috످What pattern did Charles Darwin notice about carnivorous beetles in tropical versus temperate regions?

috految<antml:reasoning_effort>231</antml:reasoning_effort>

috److془Darwin in Voyage of the Beagle, chapter 2: Rio de Janeiro, 1832. Carabidae appear in extremely few numbers within the tropics; remarkable compared to carnivorous quadrupeds abundant in hot countries. He was struck on entering Brazil and with Harpalidae reappearing on temperate plains of La Plata. Spiders and Hymenoptera supply the place. I'm sure.془Darwin noticed that carnivorous beetles, specifically ground beetles (Carabidae), seemed much rarer in the tropics than in temperate regions. This surprised him because carnivorous mammals, by contrast, are abundant in hot climates.

In Chapter 2 of The Voyage of the Beagle, he described finding very few of these beetles in tropical Brazil, then seeing them reappear in large numbers on the temperate plains of La Plata (in present-day Argentina and Uruguay). He speculated that in the tropics, spiders and predatory Hymenoptera (such as wasps and ants) might fill the beetles' ecological role.

috످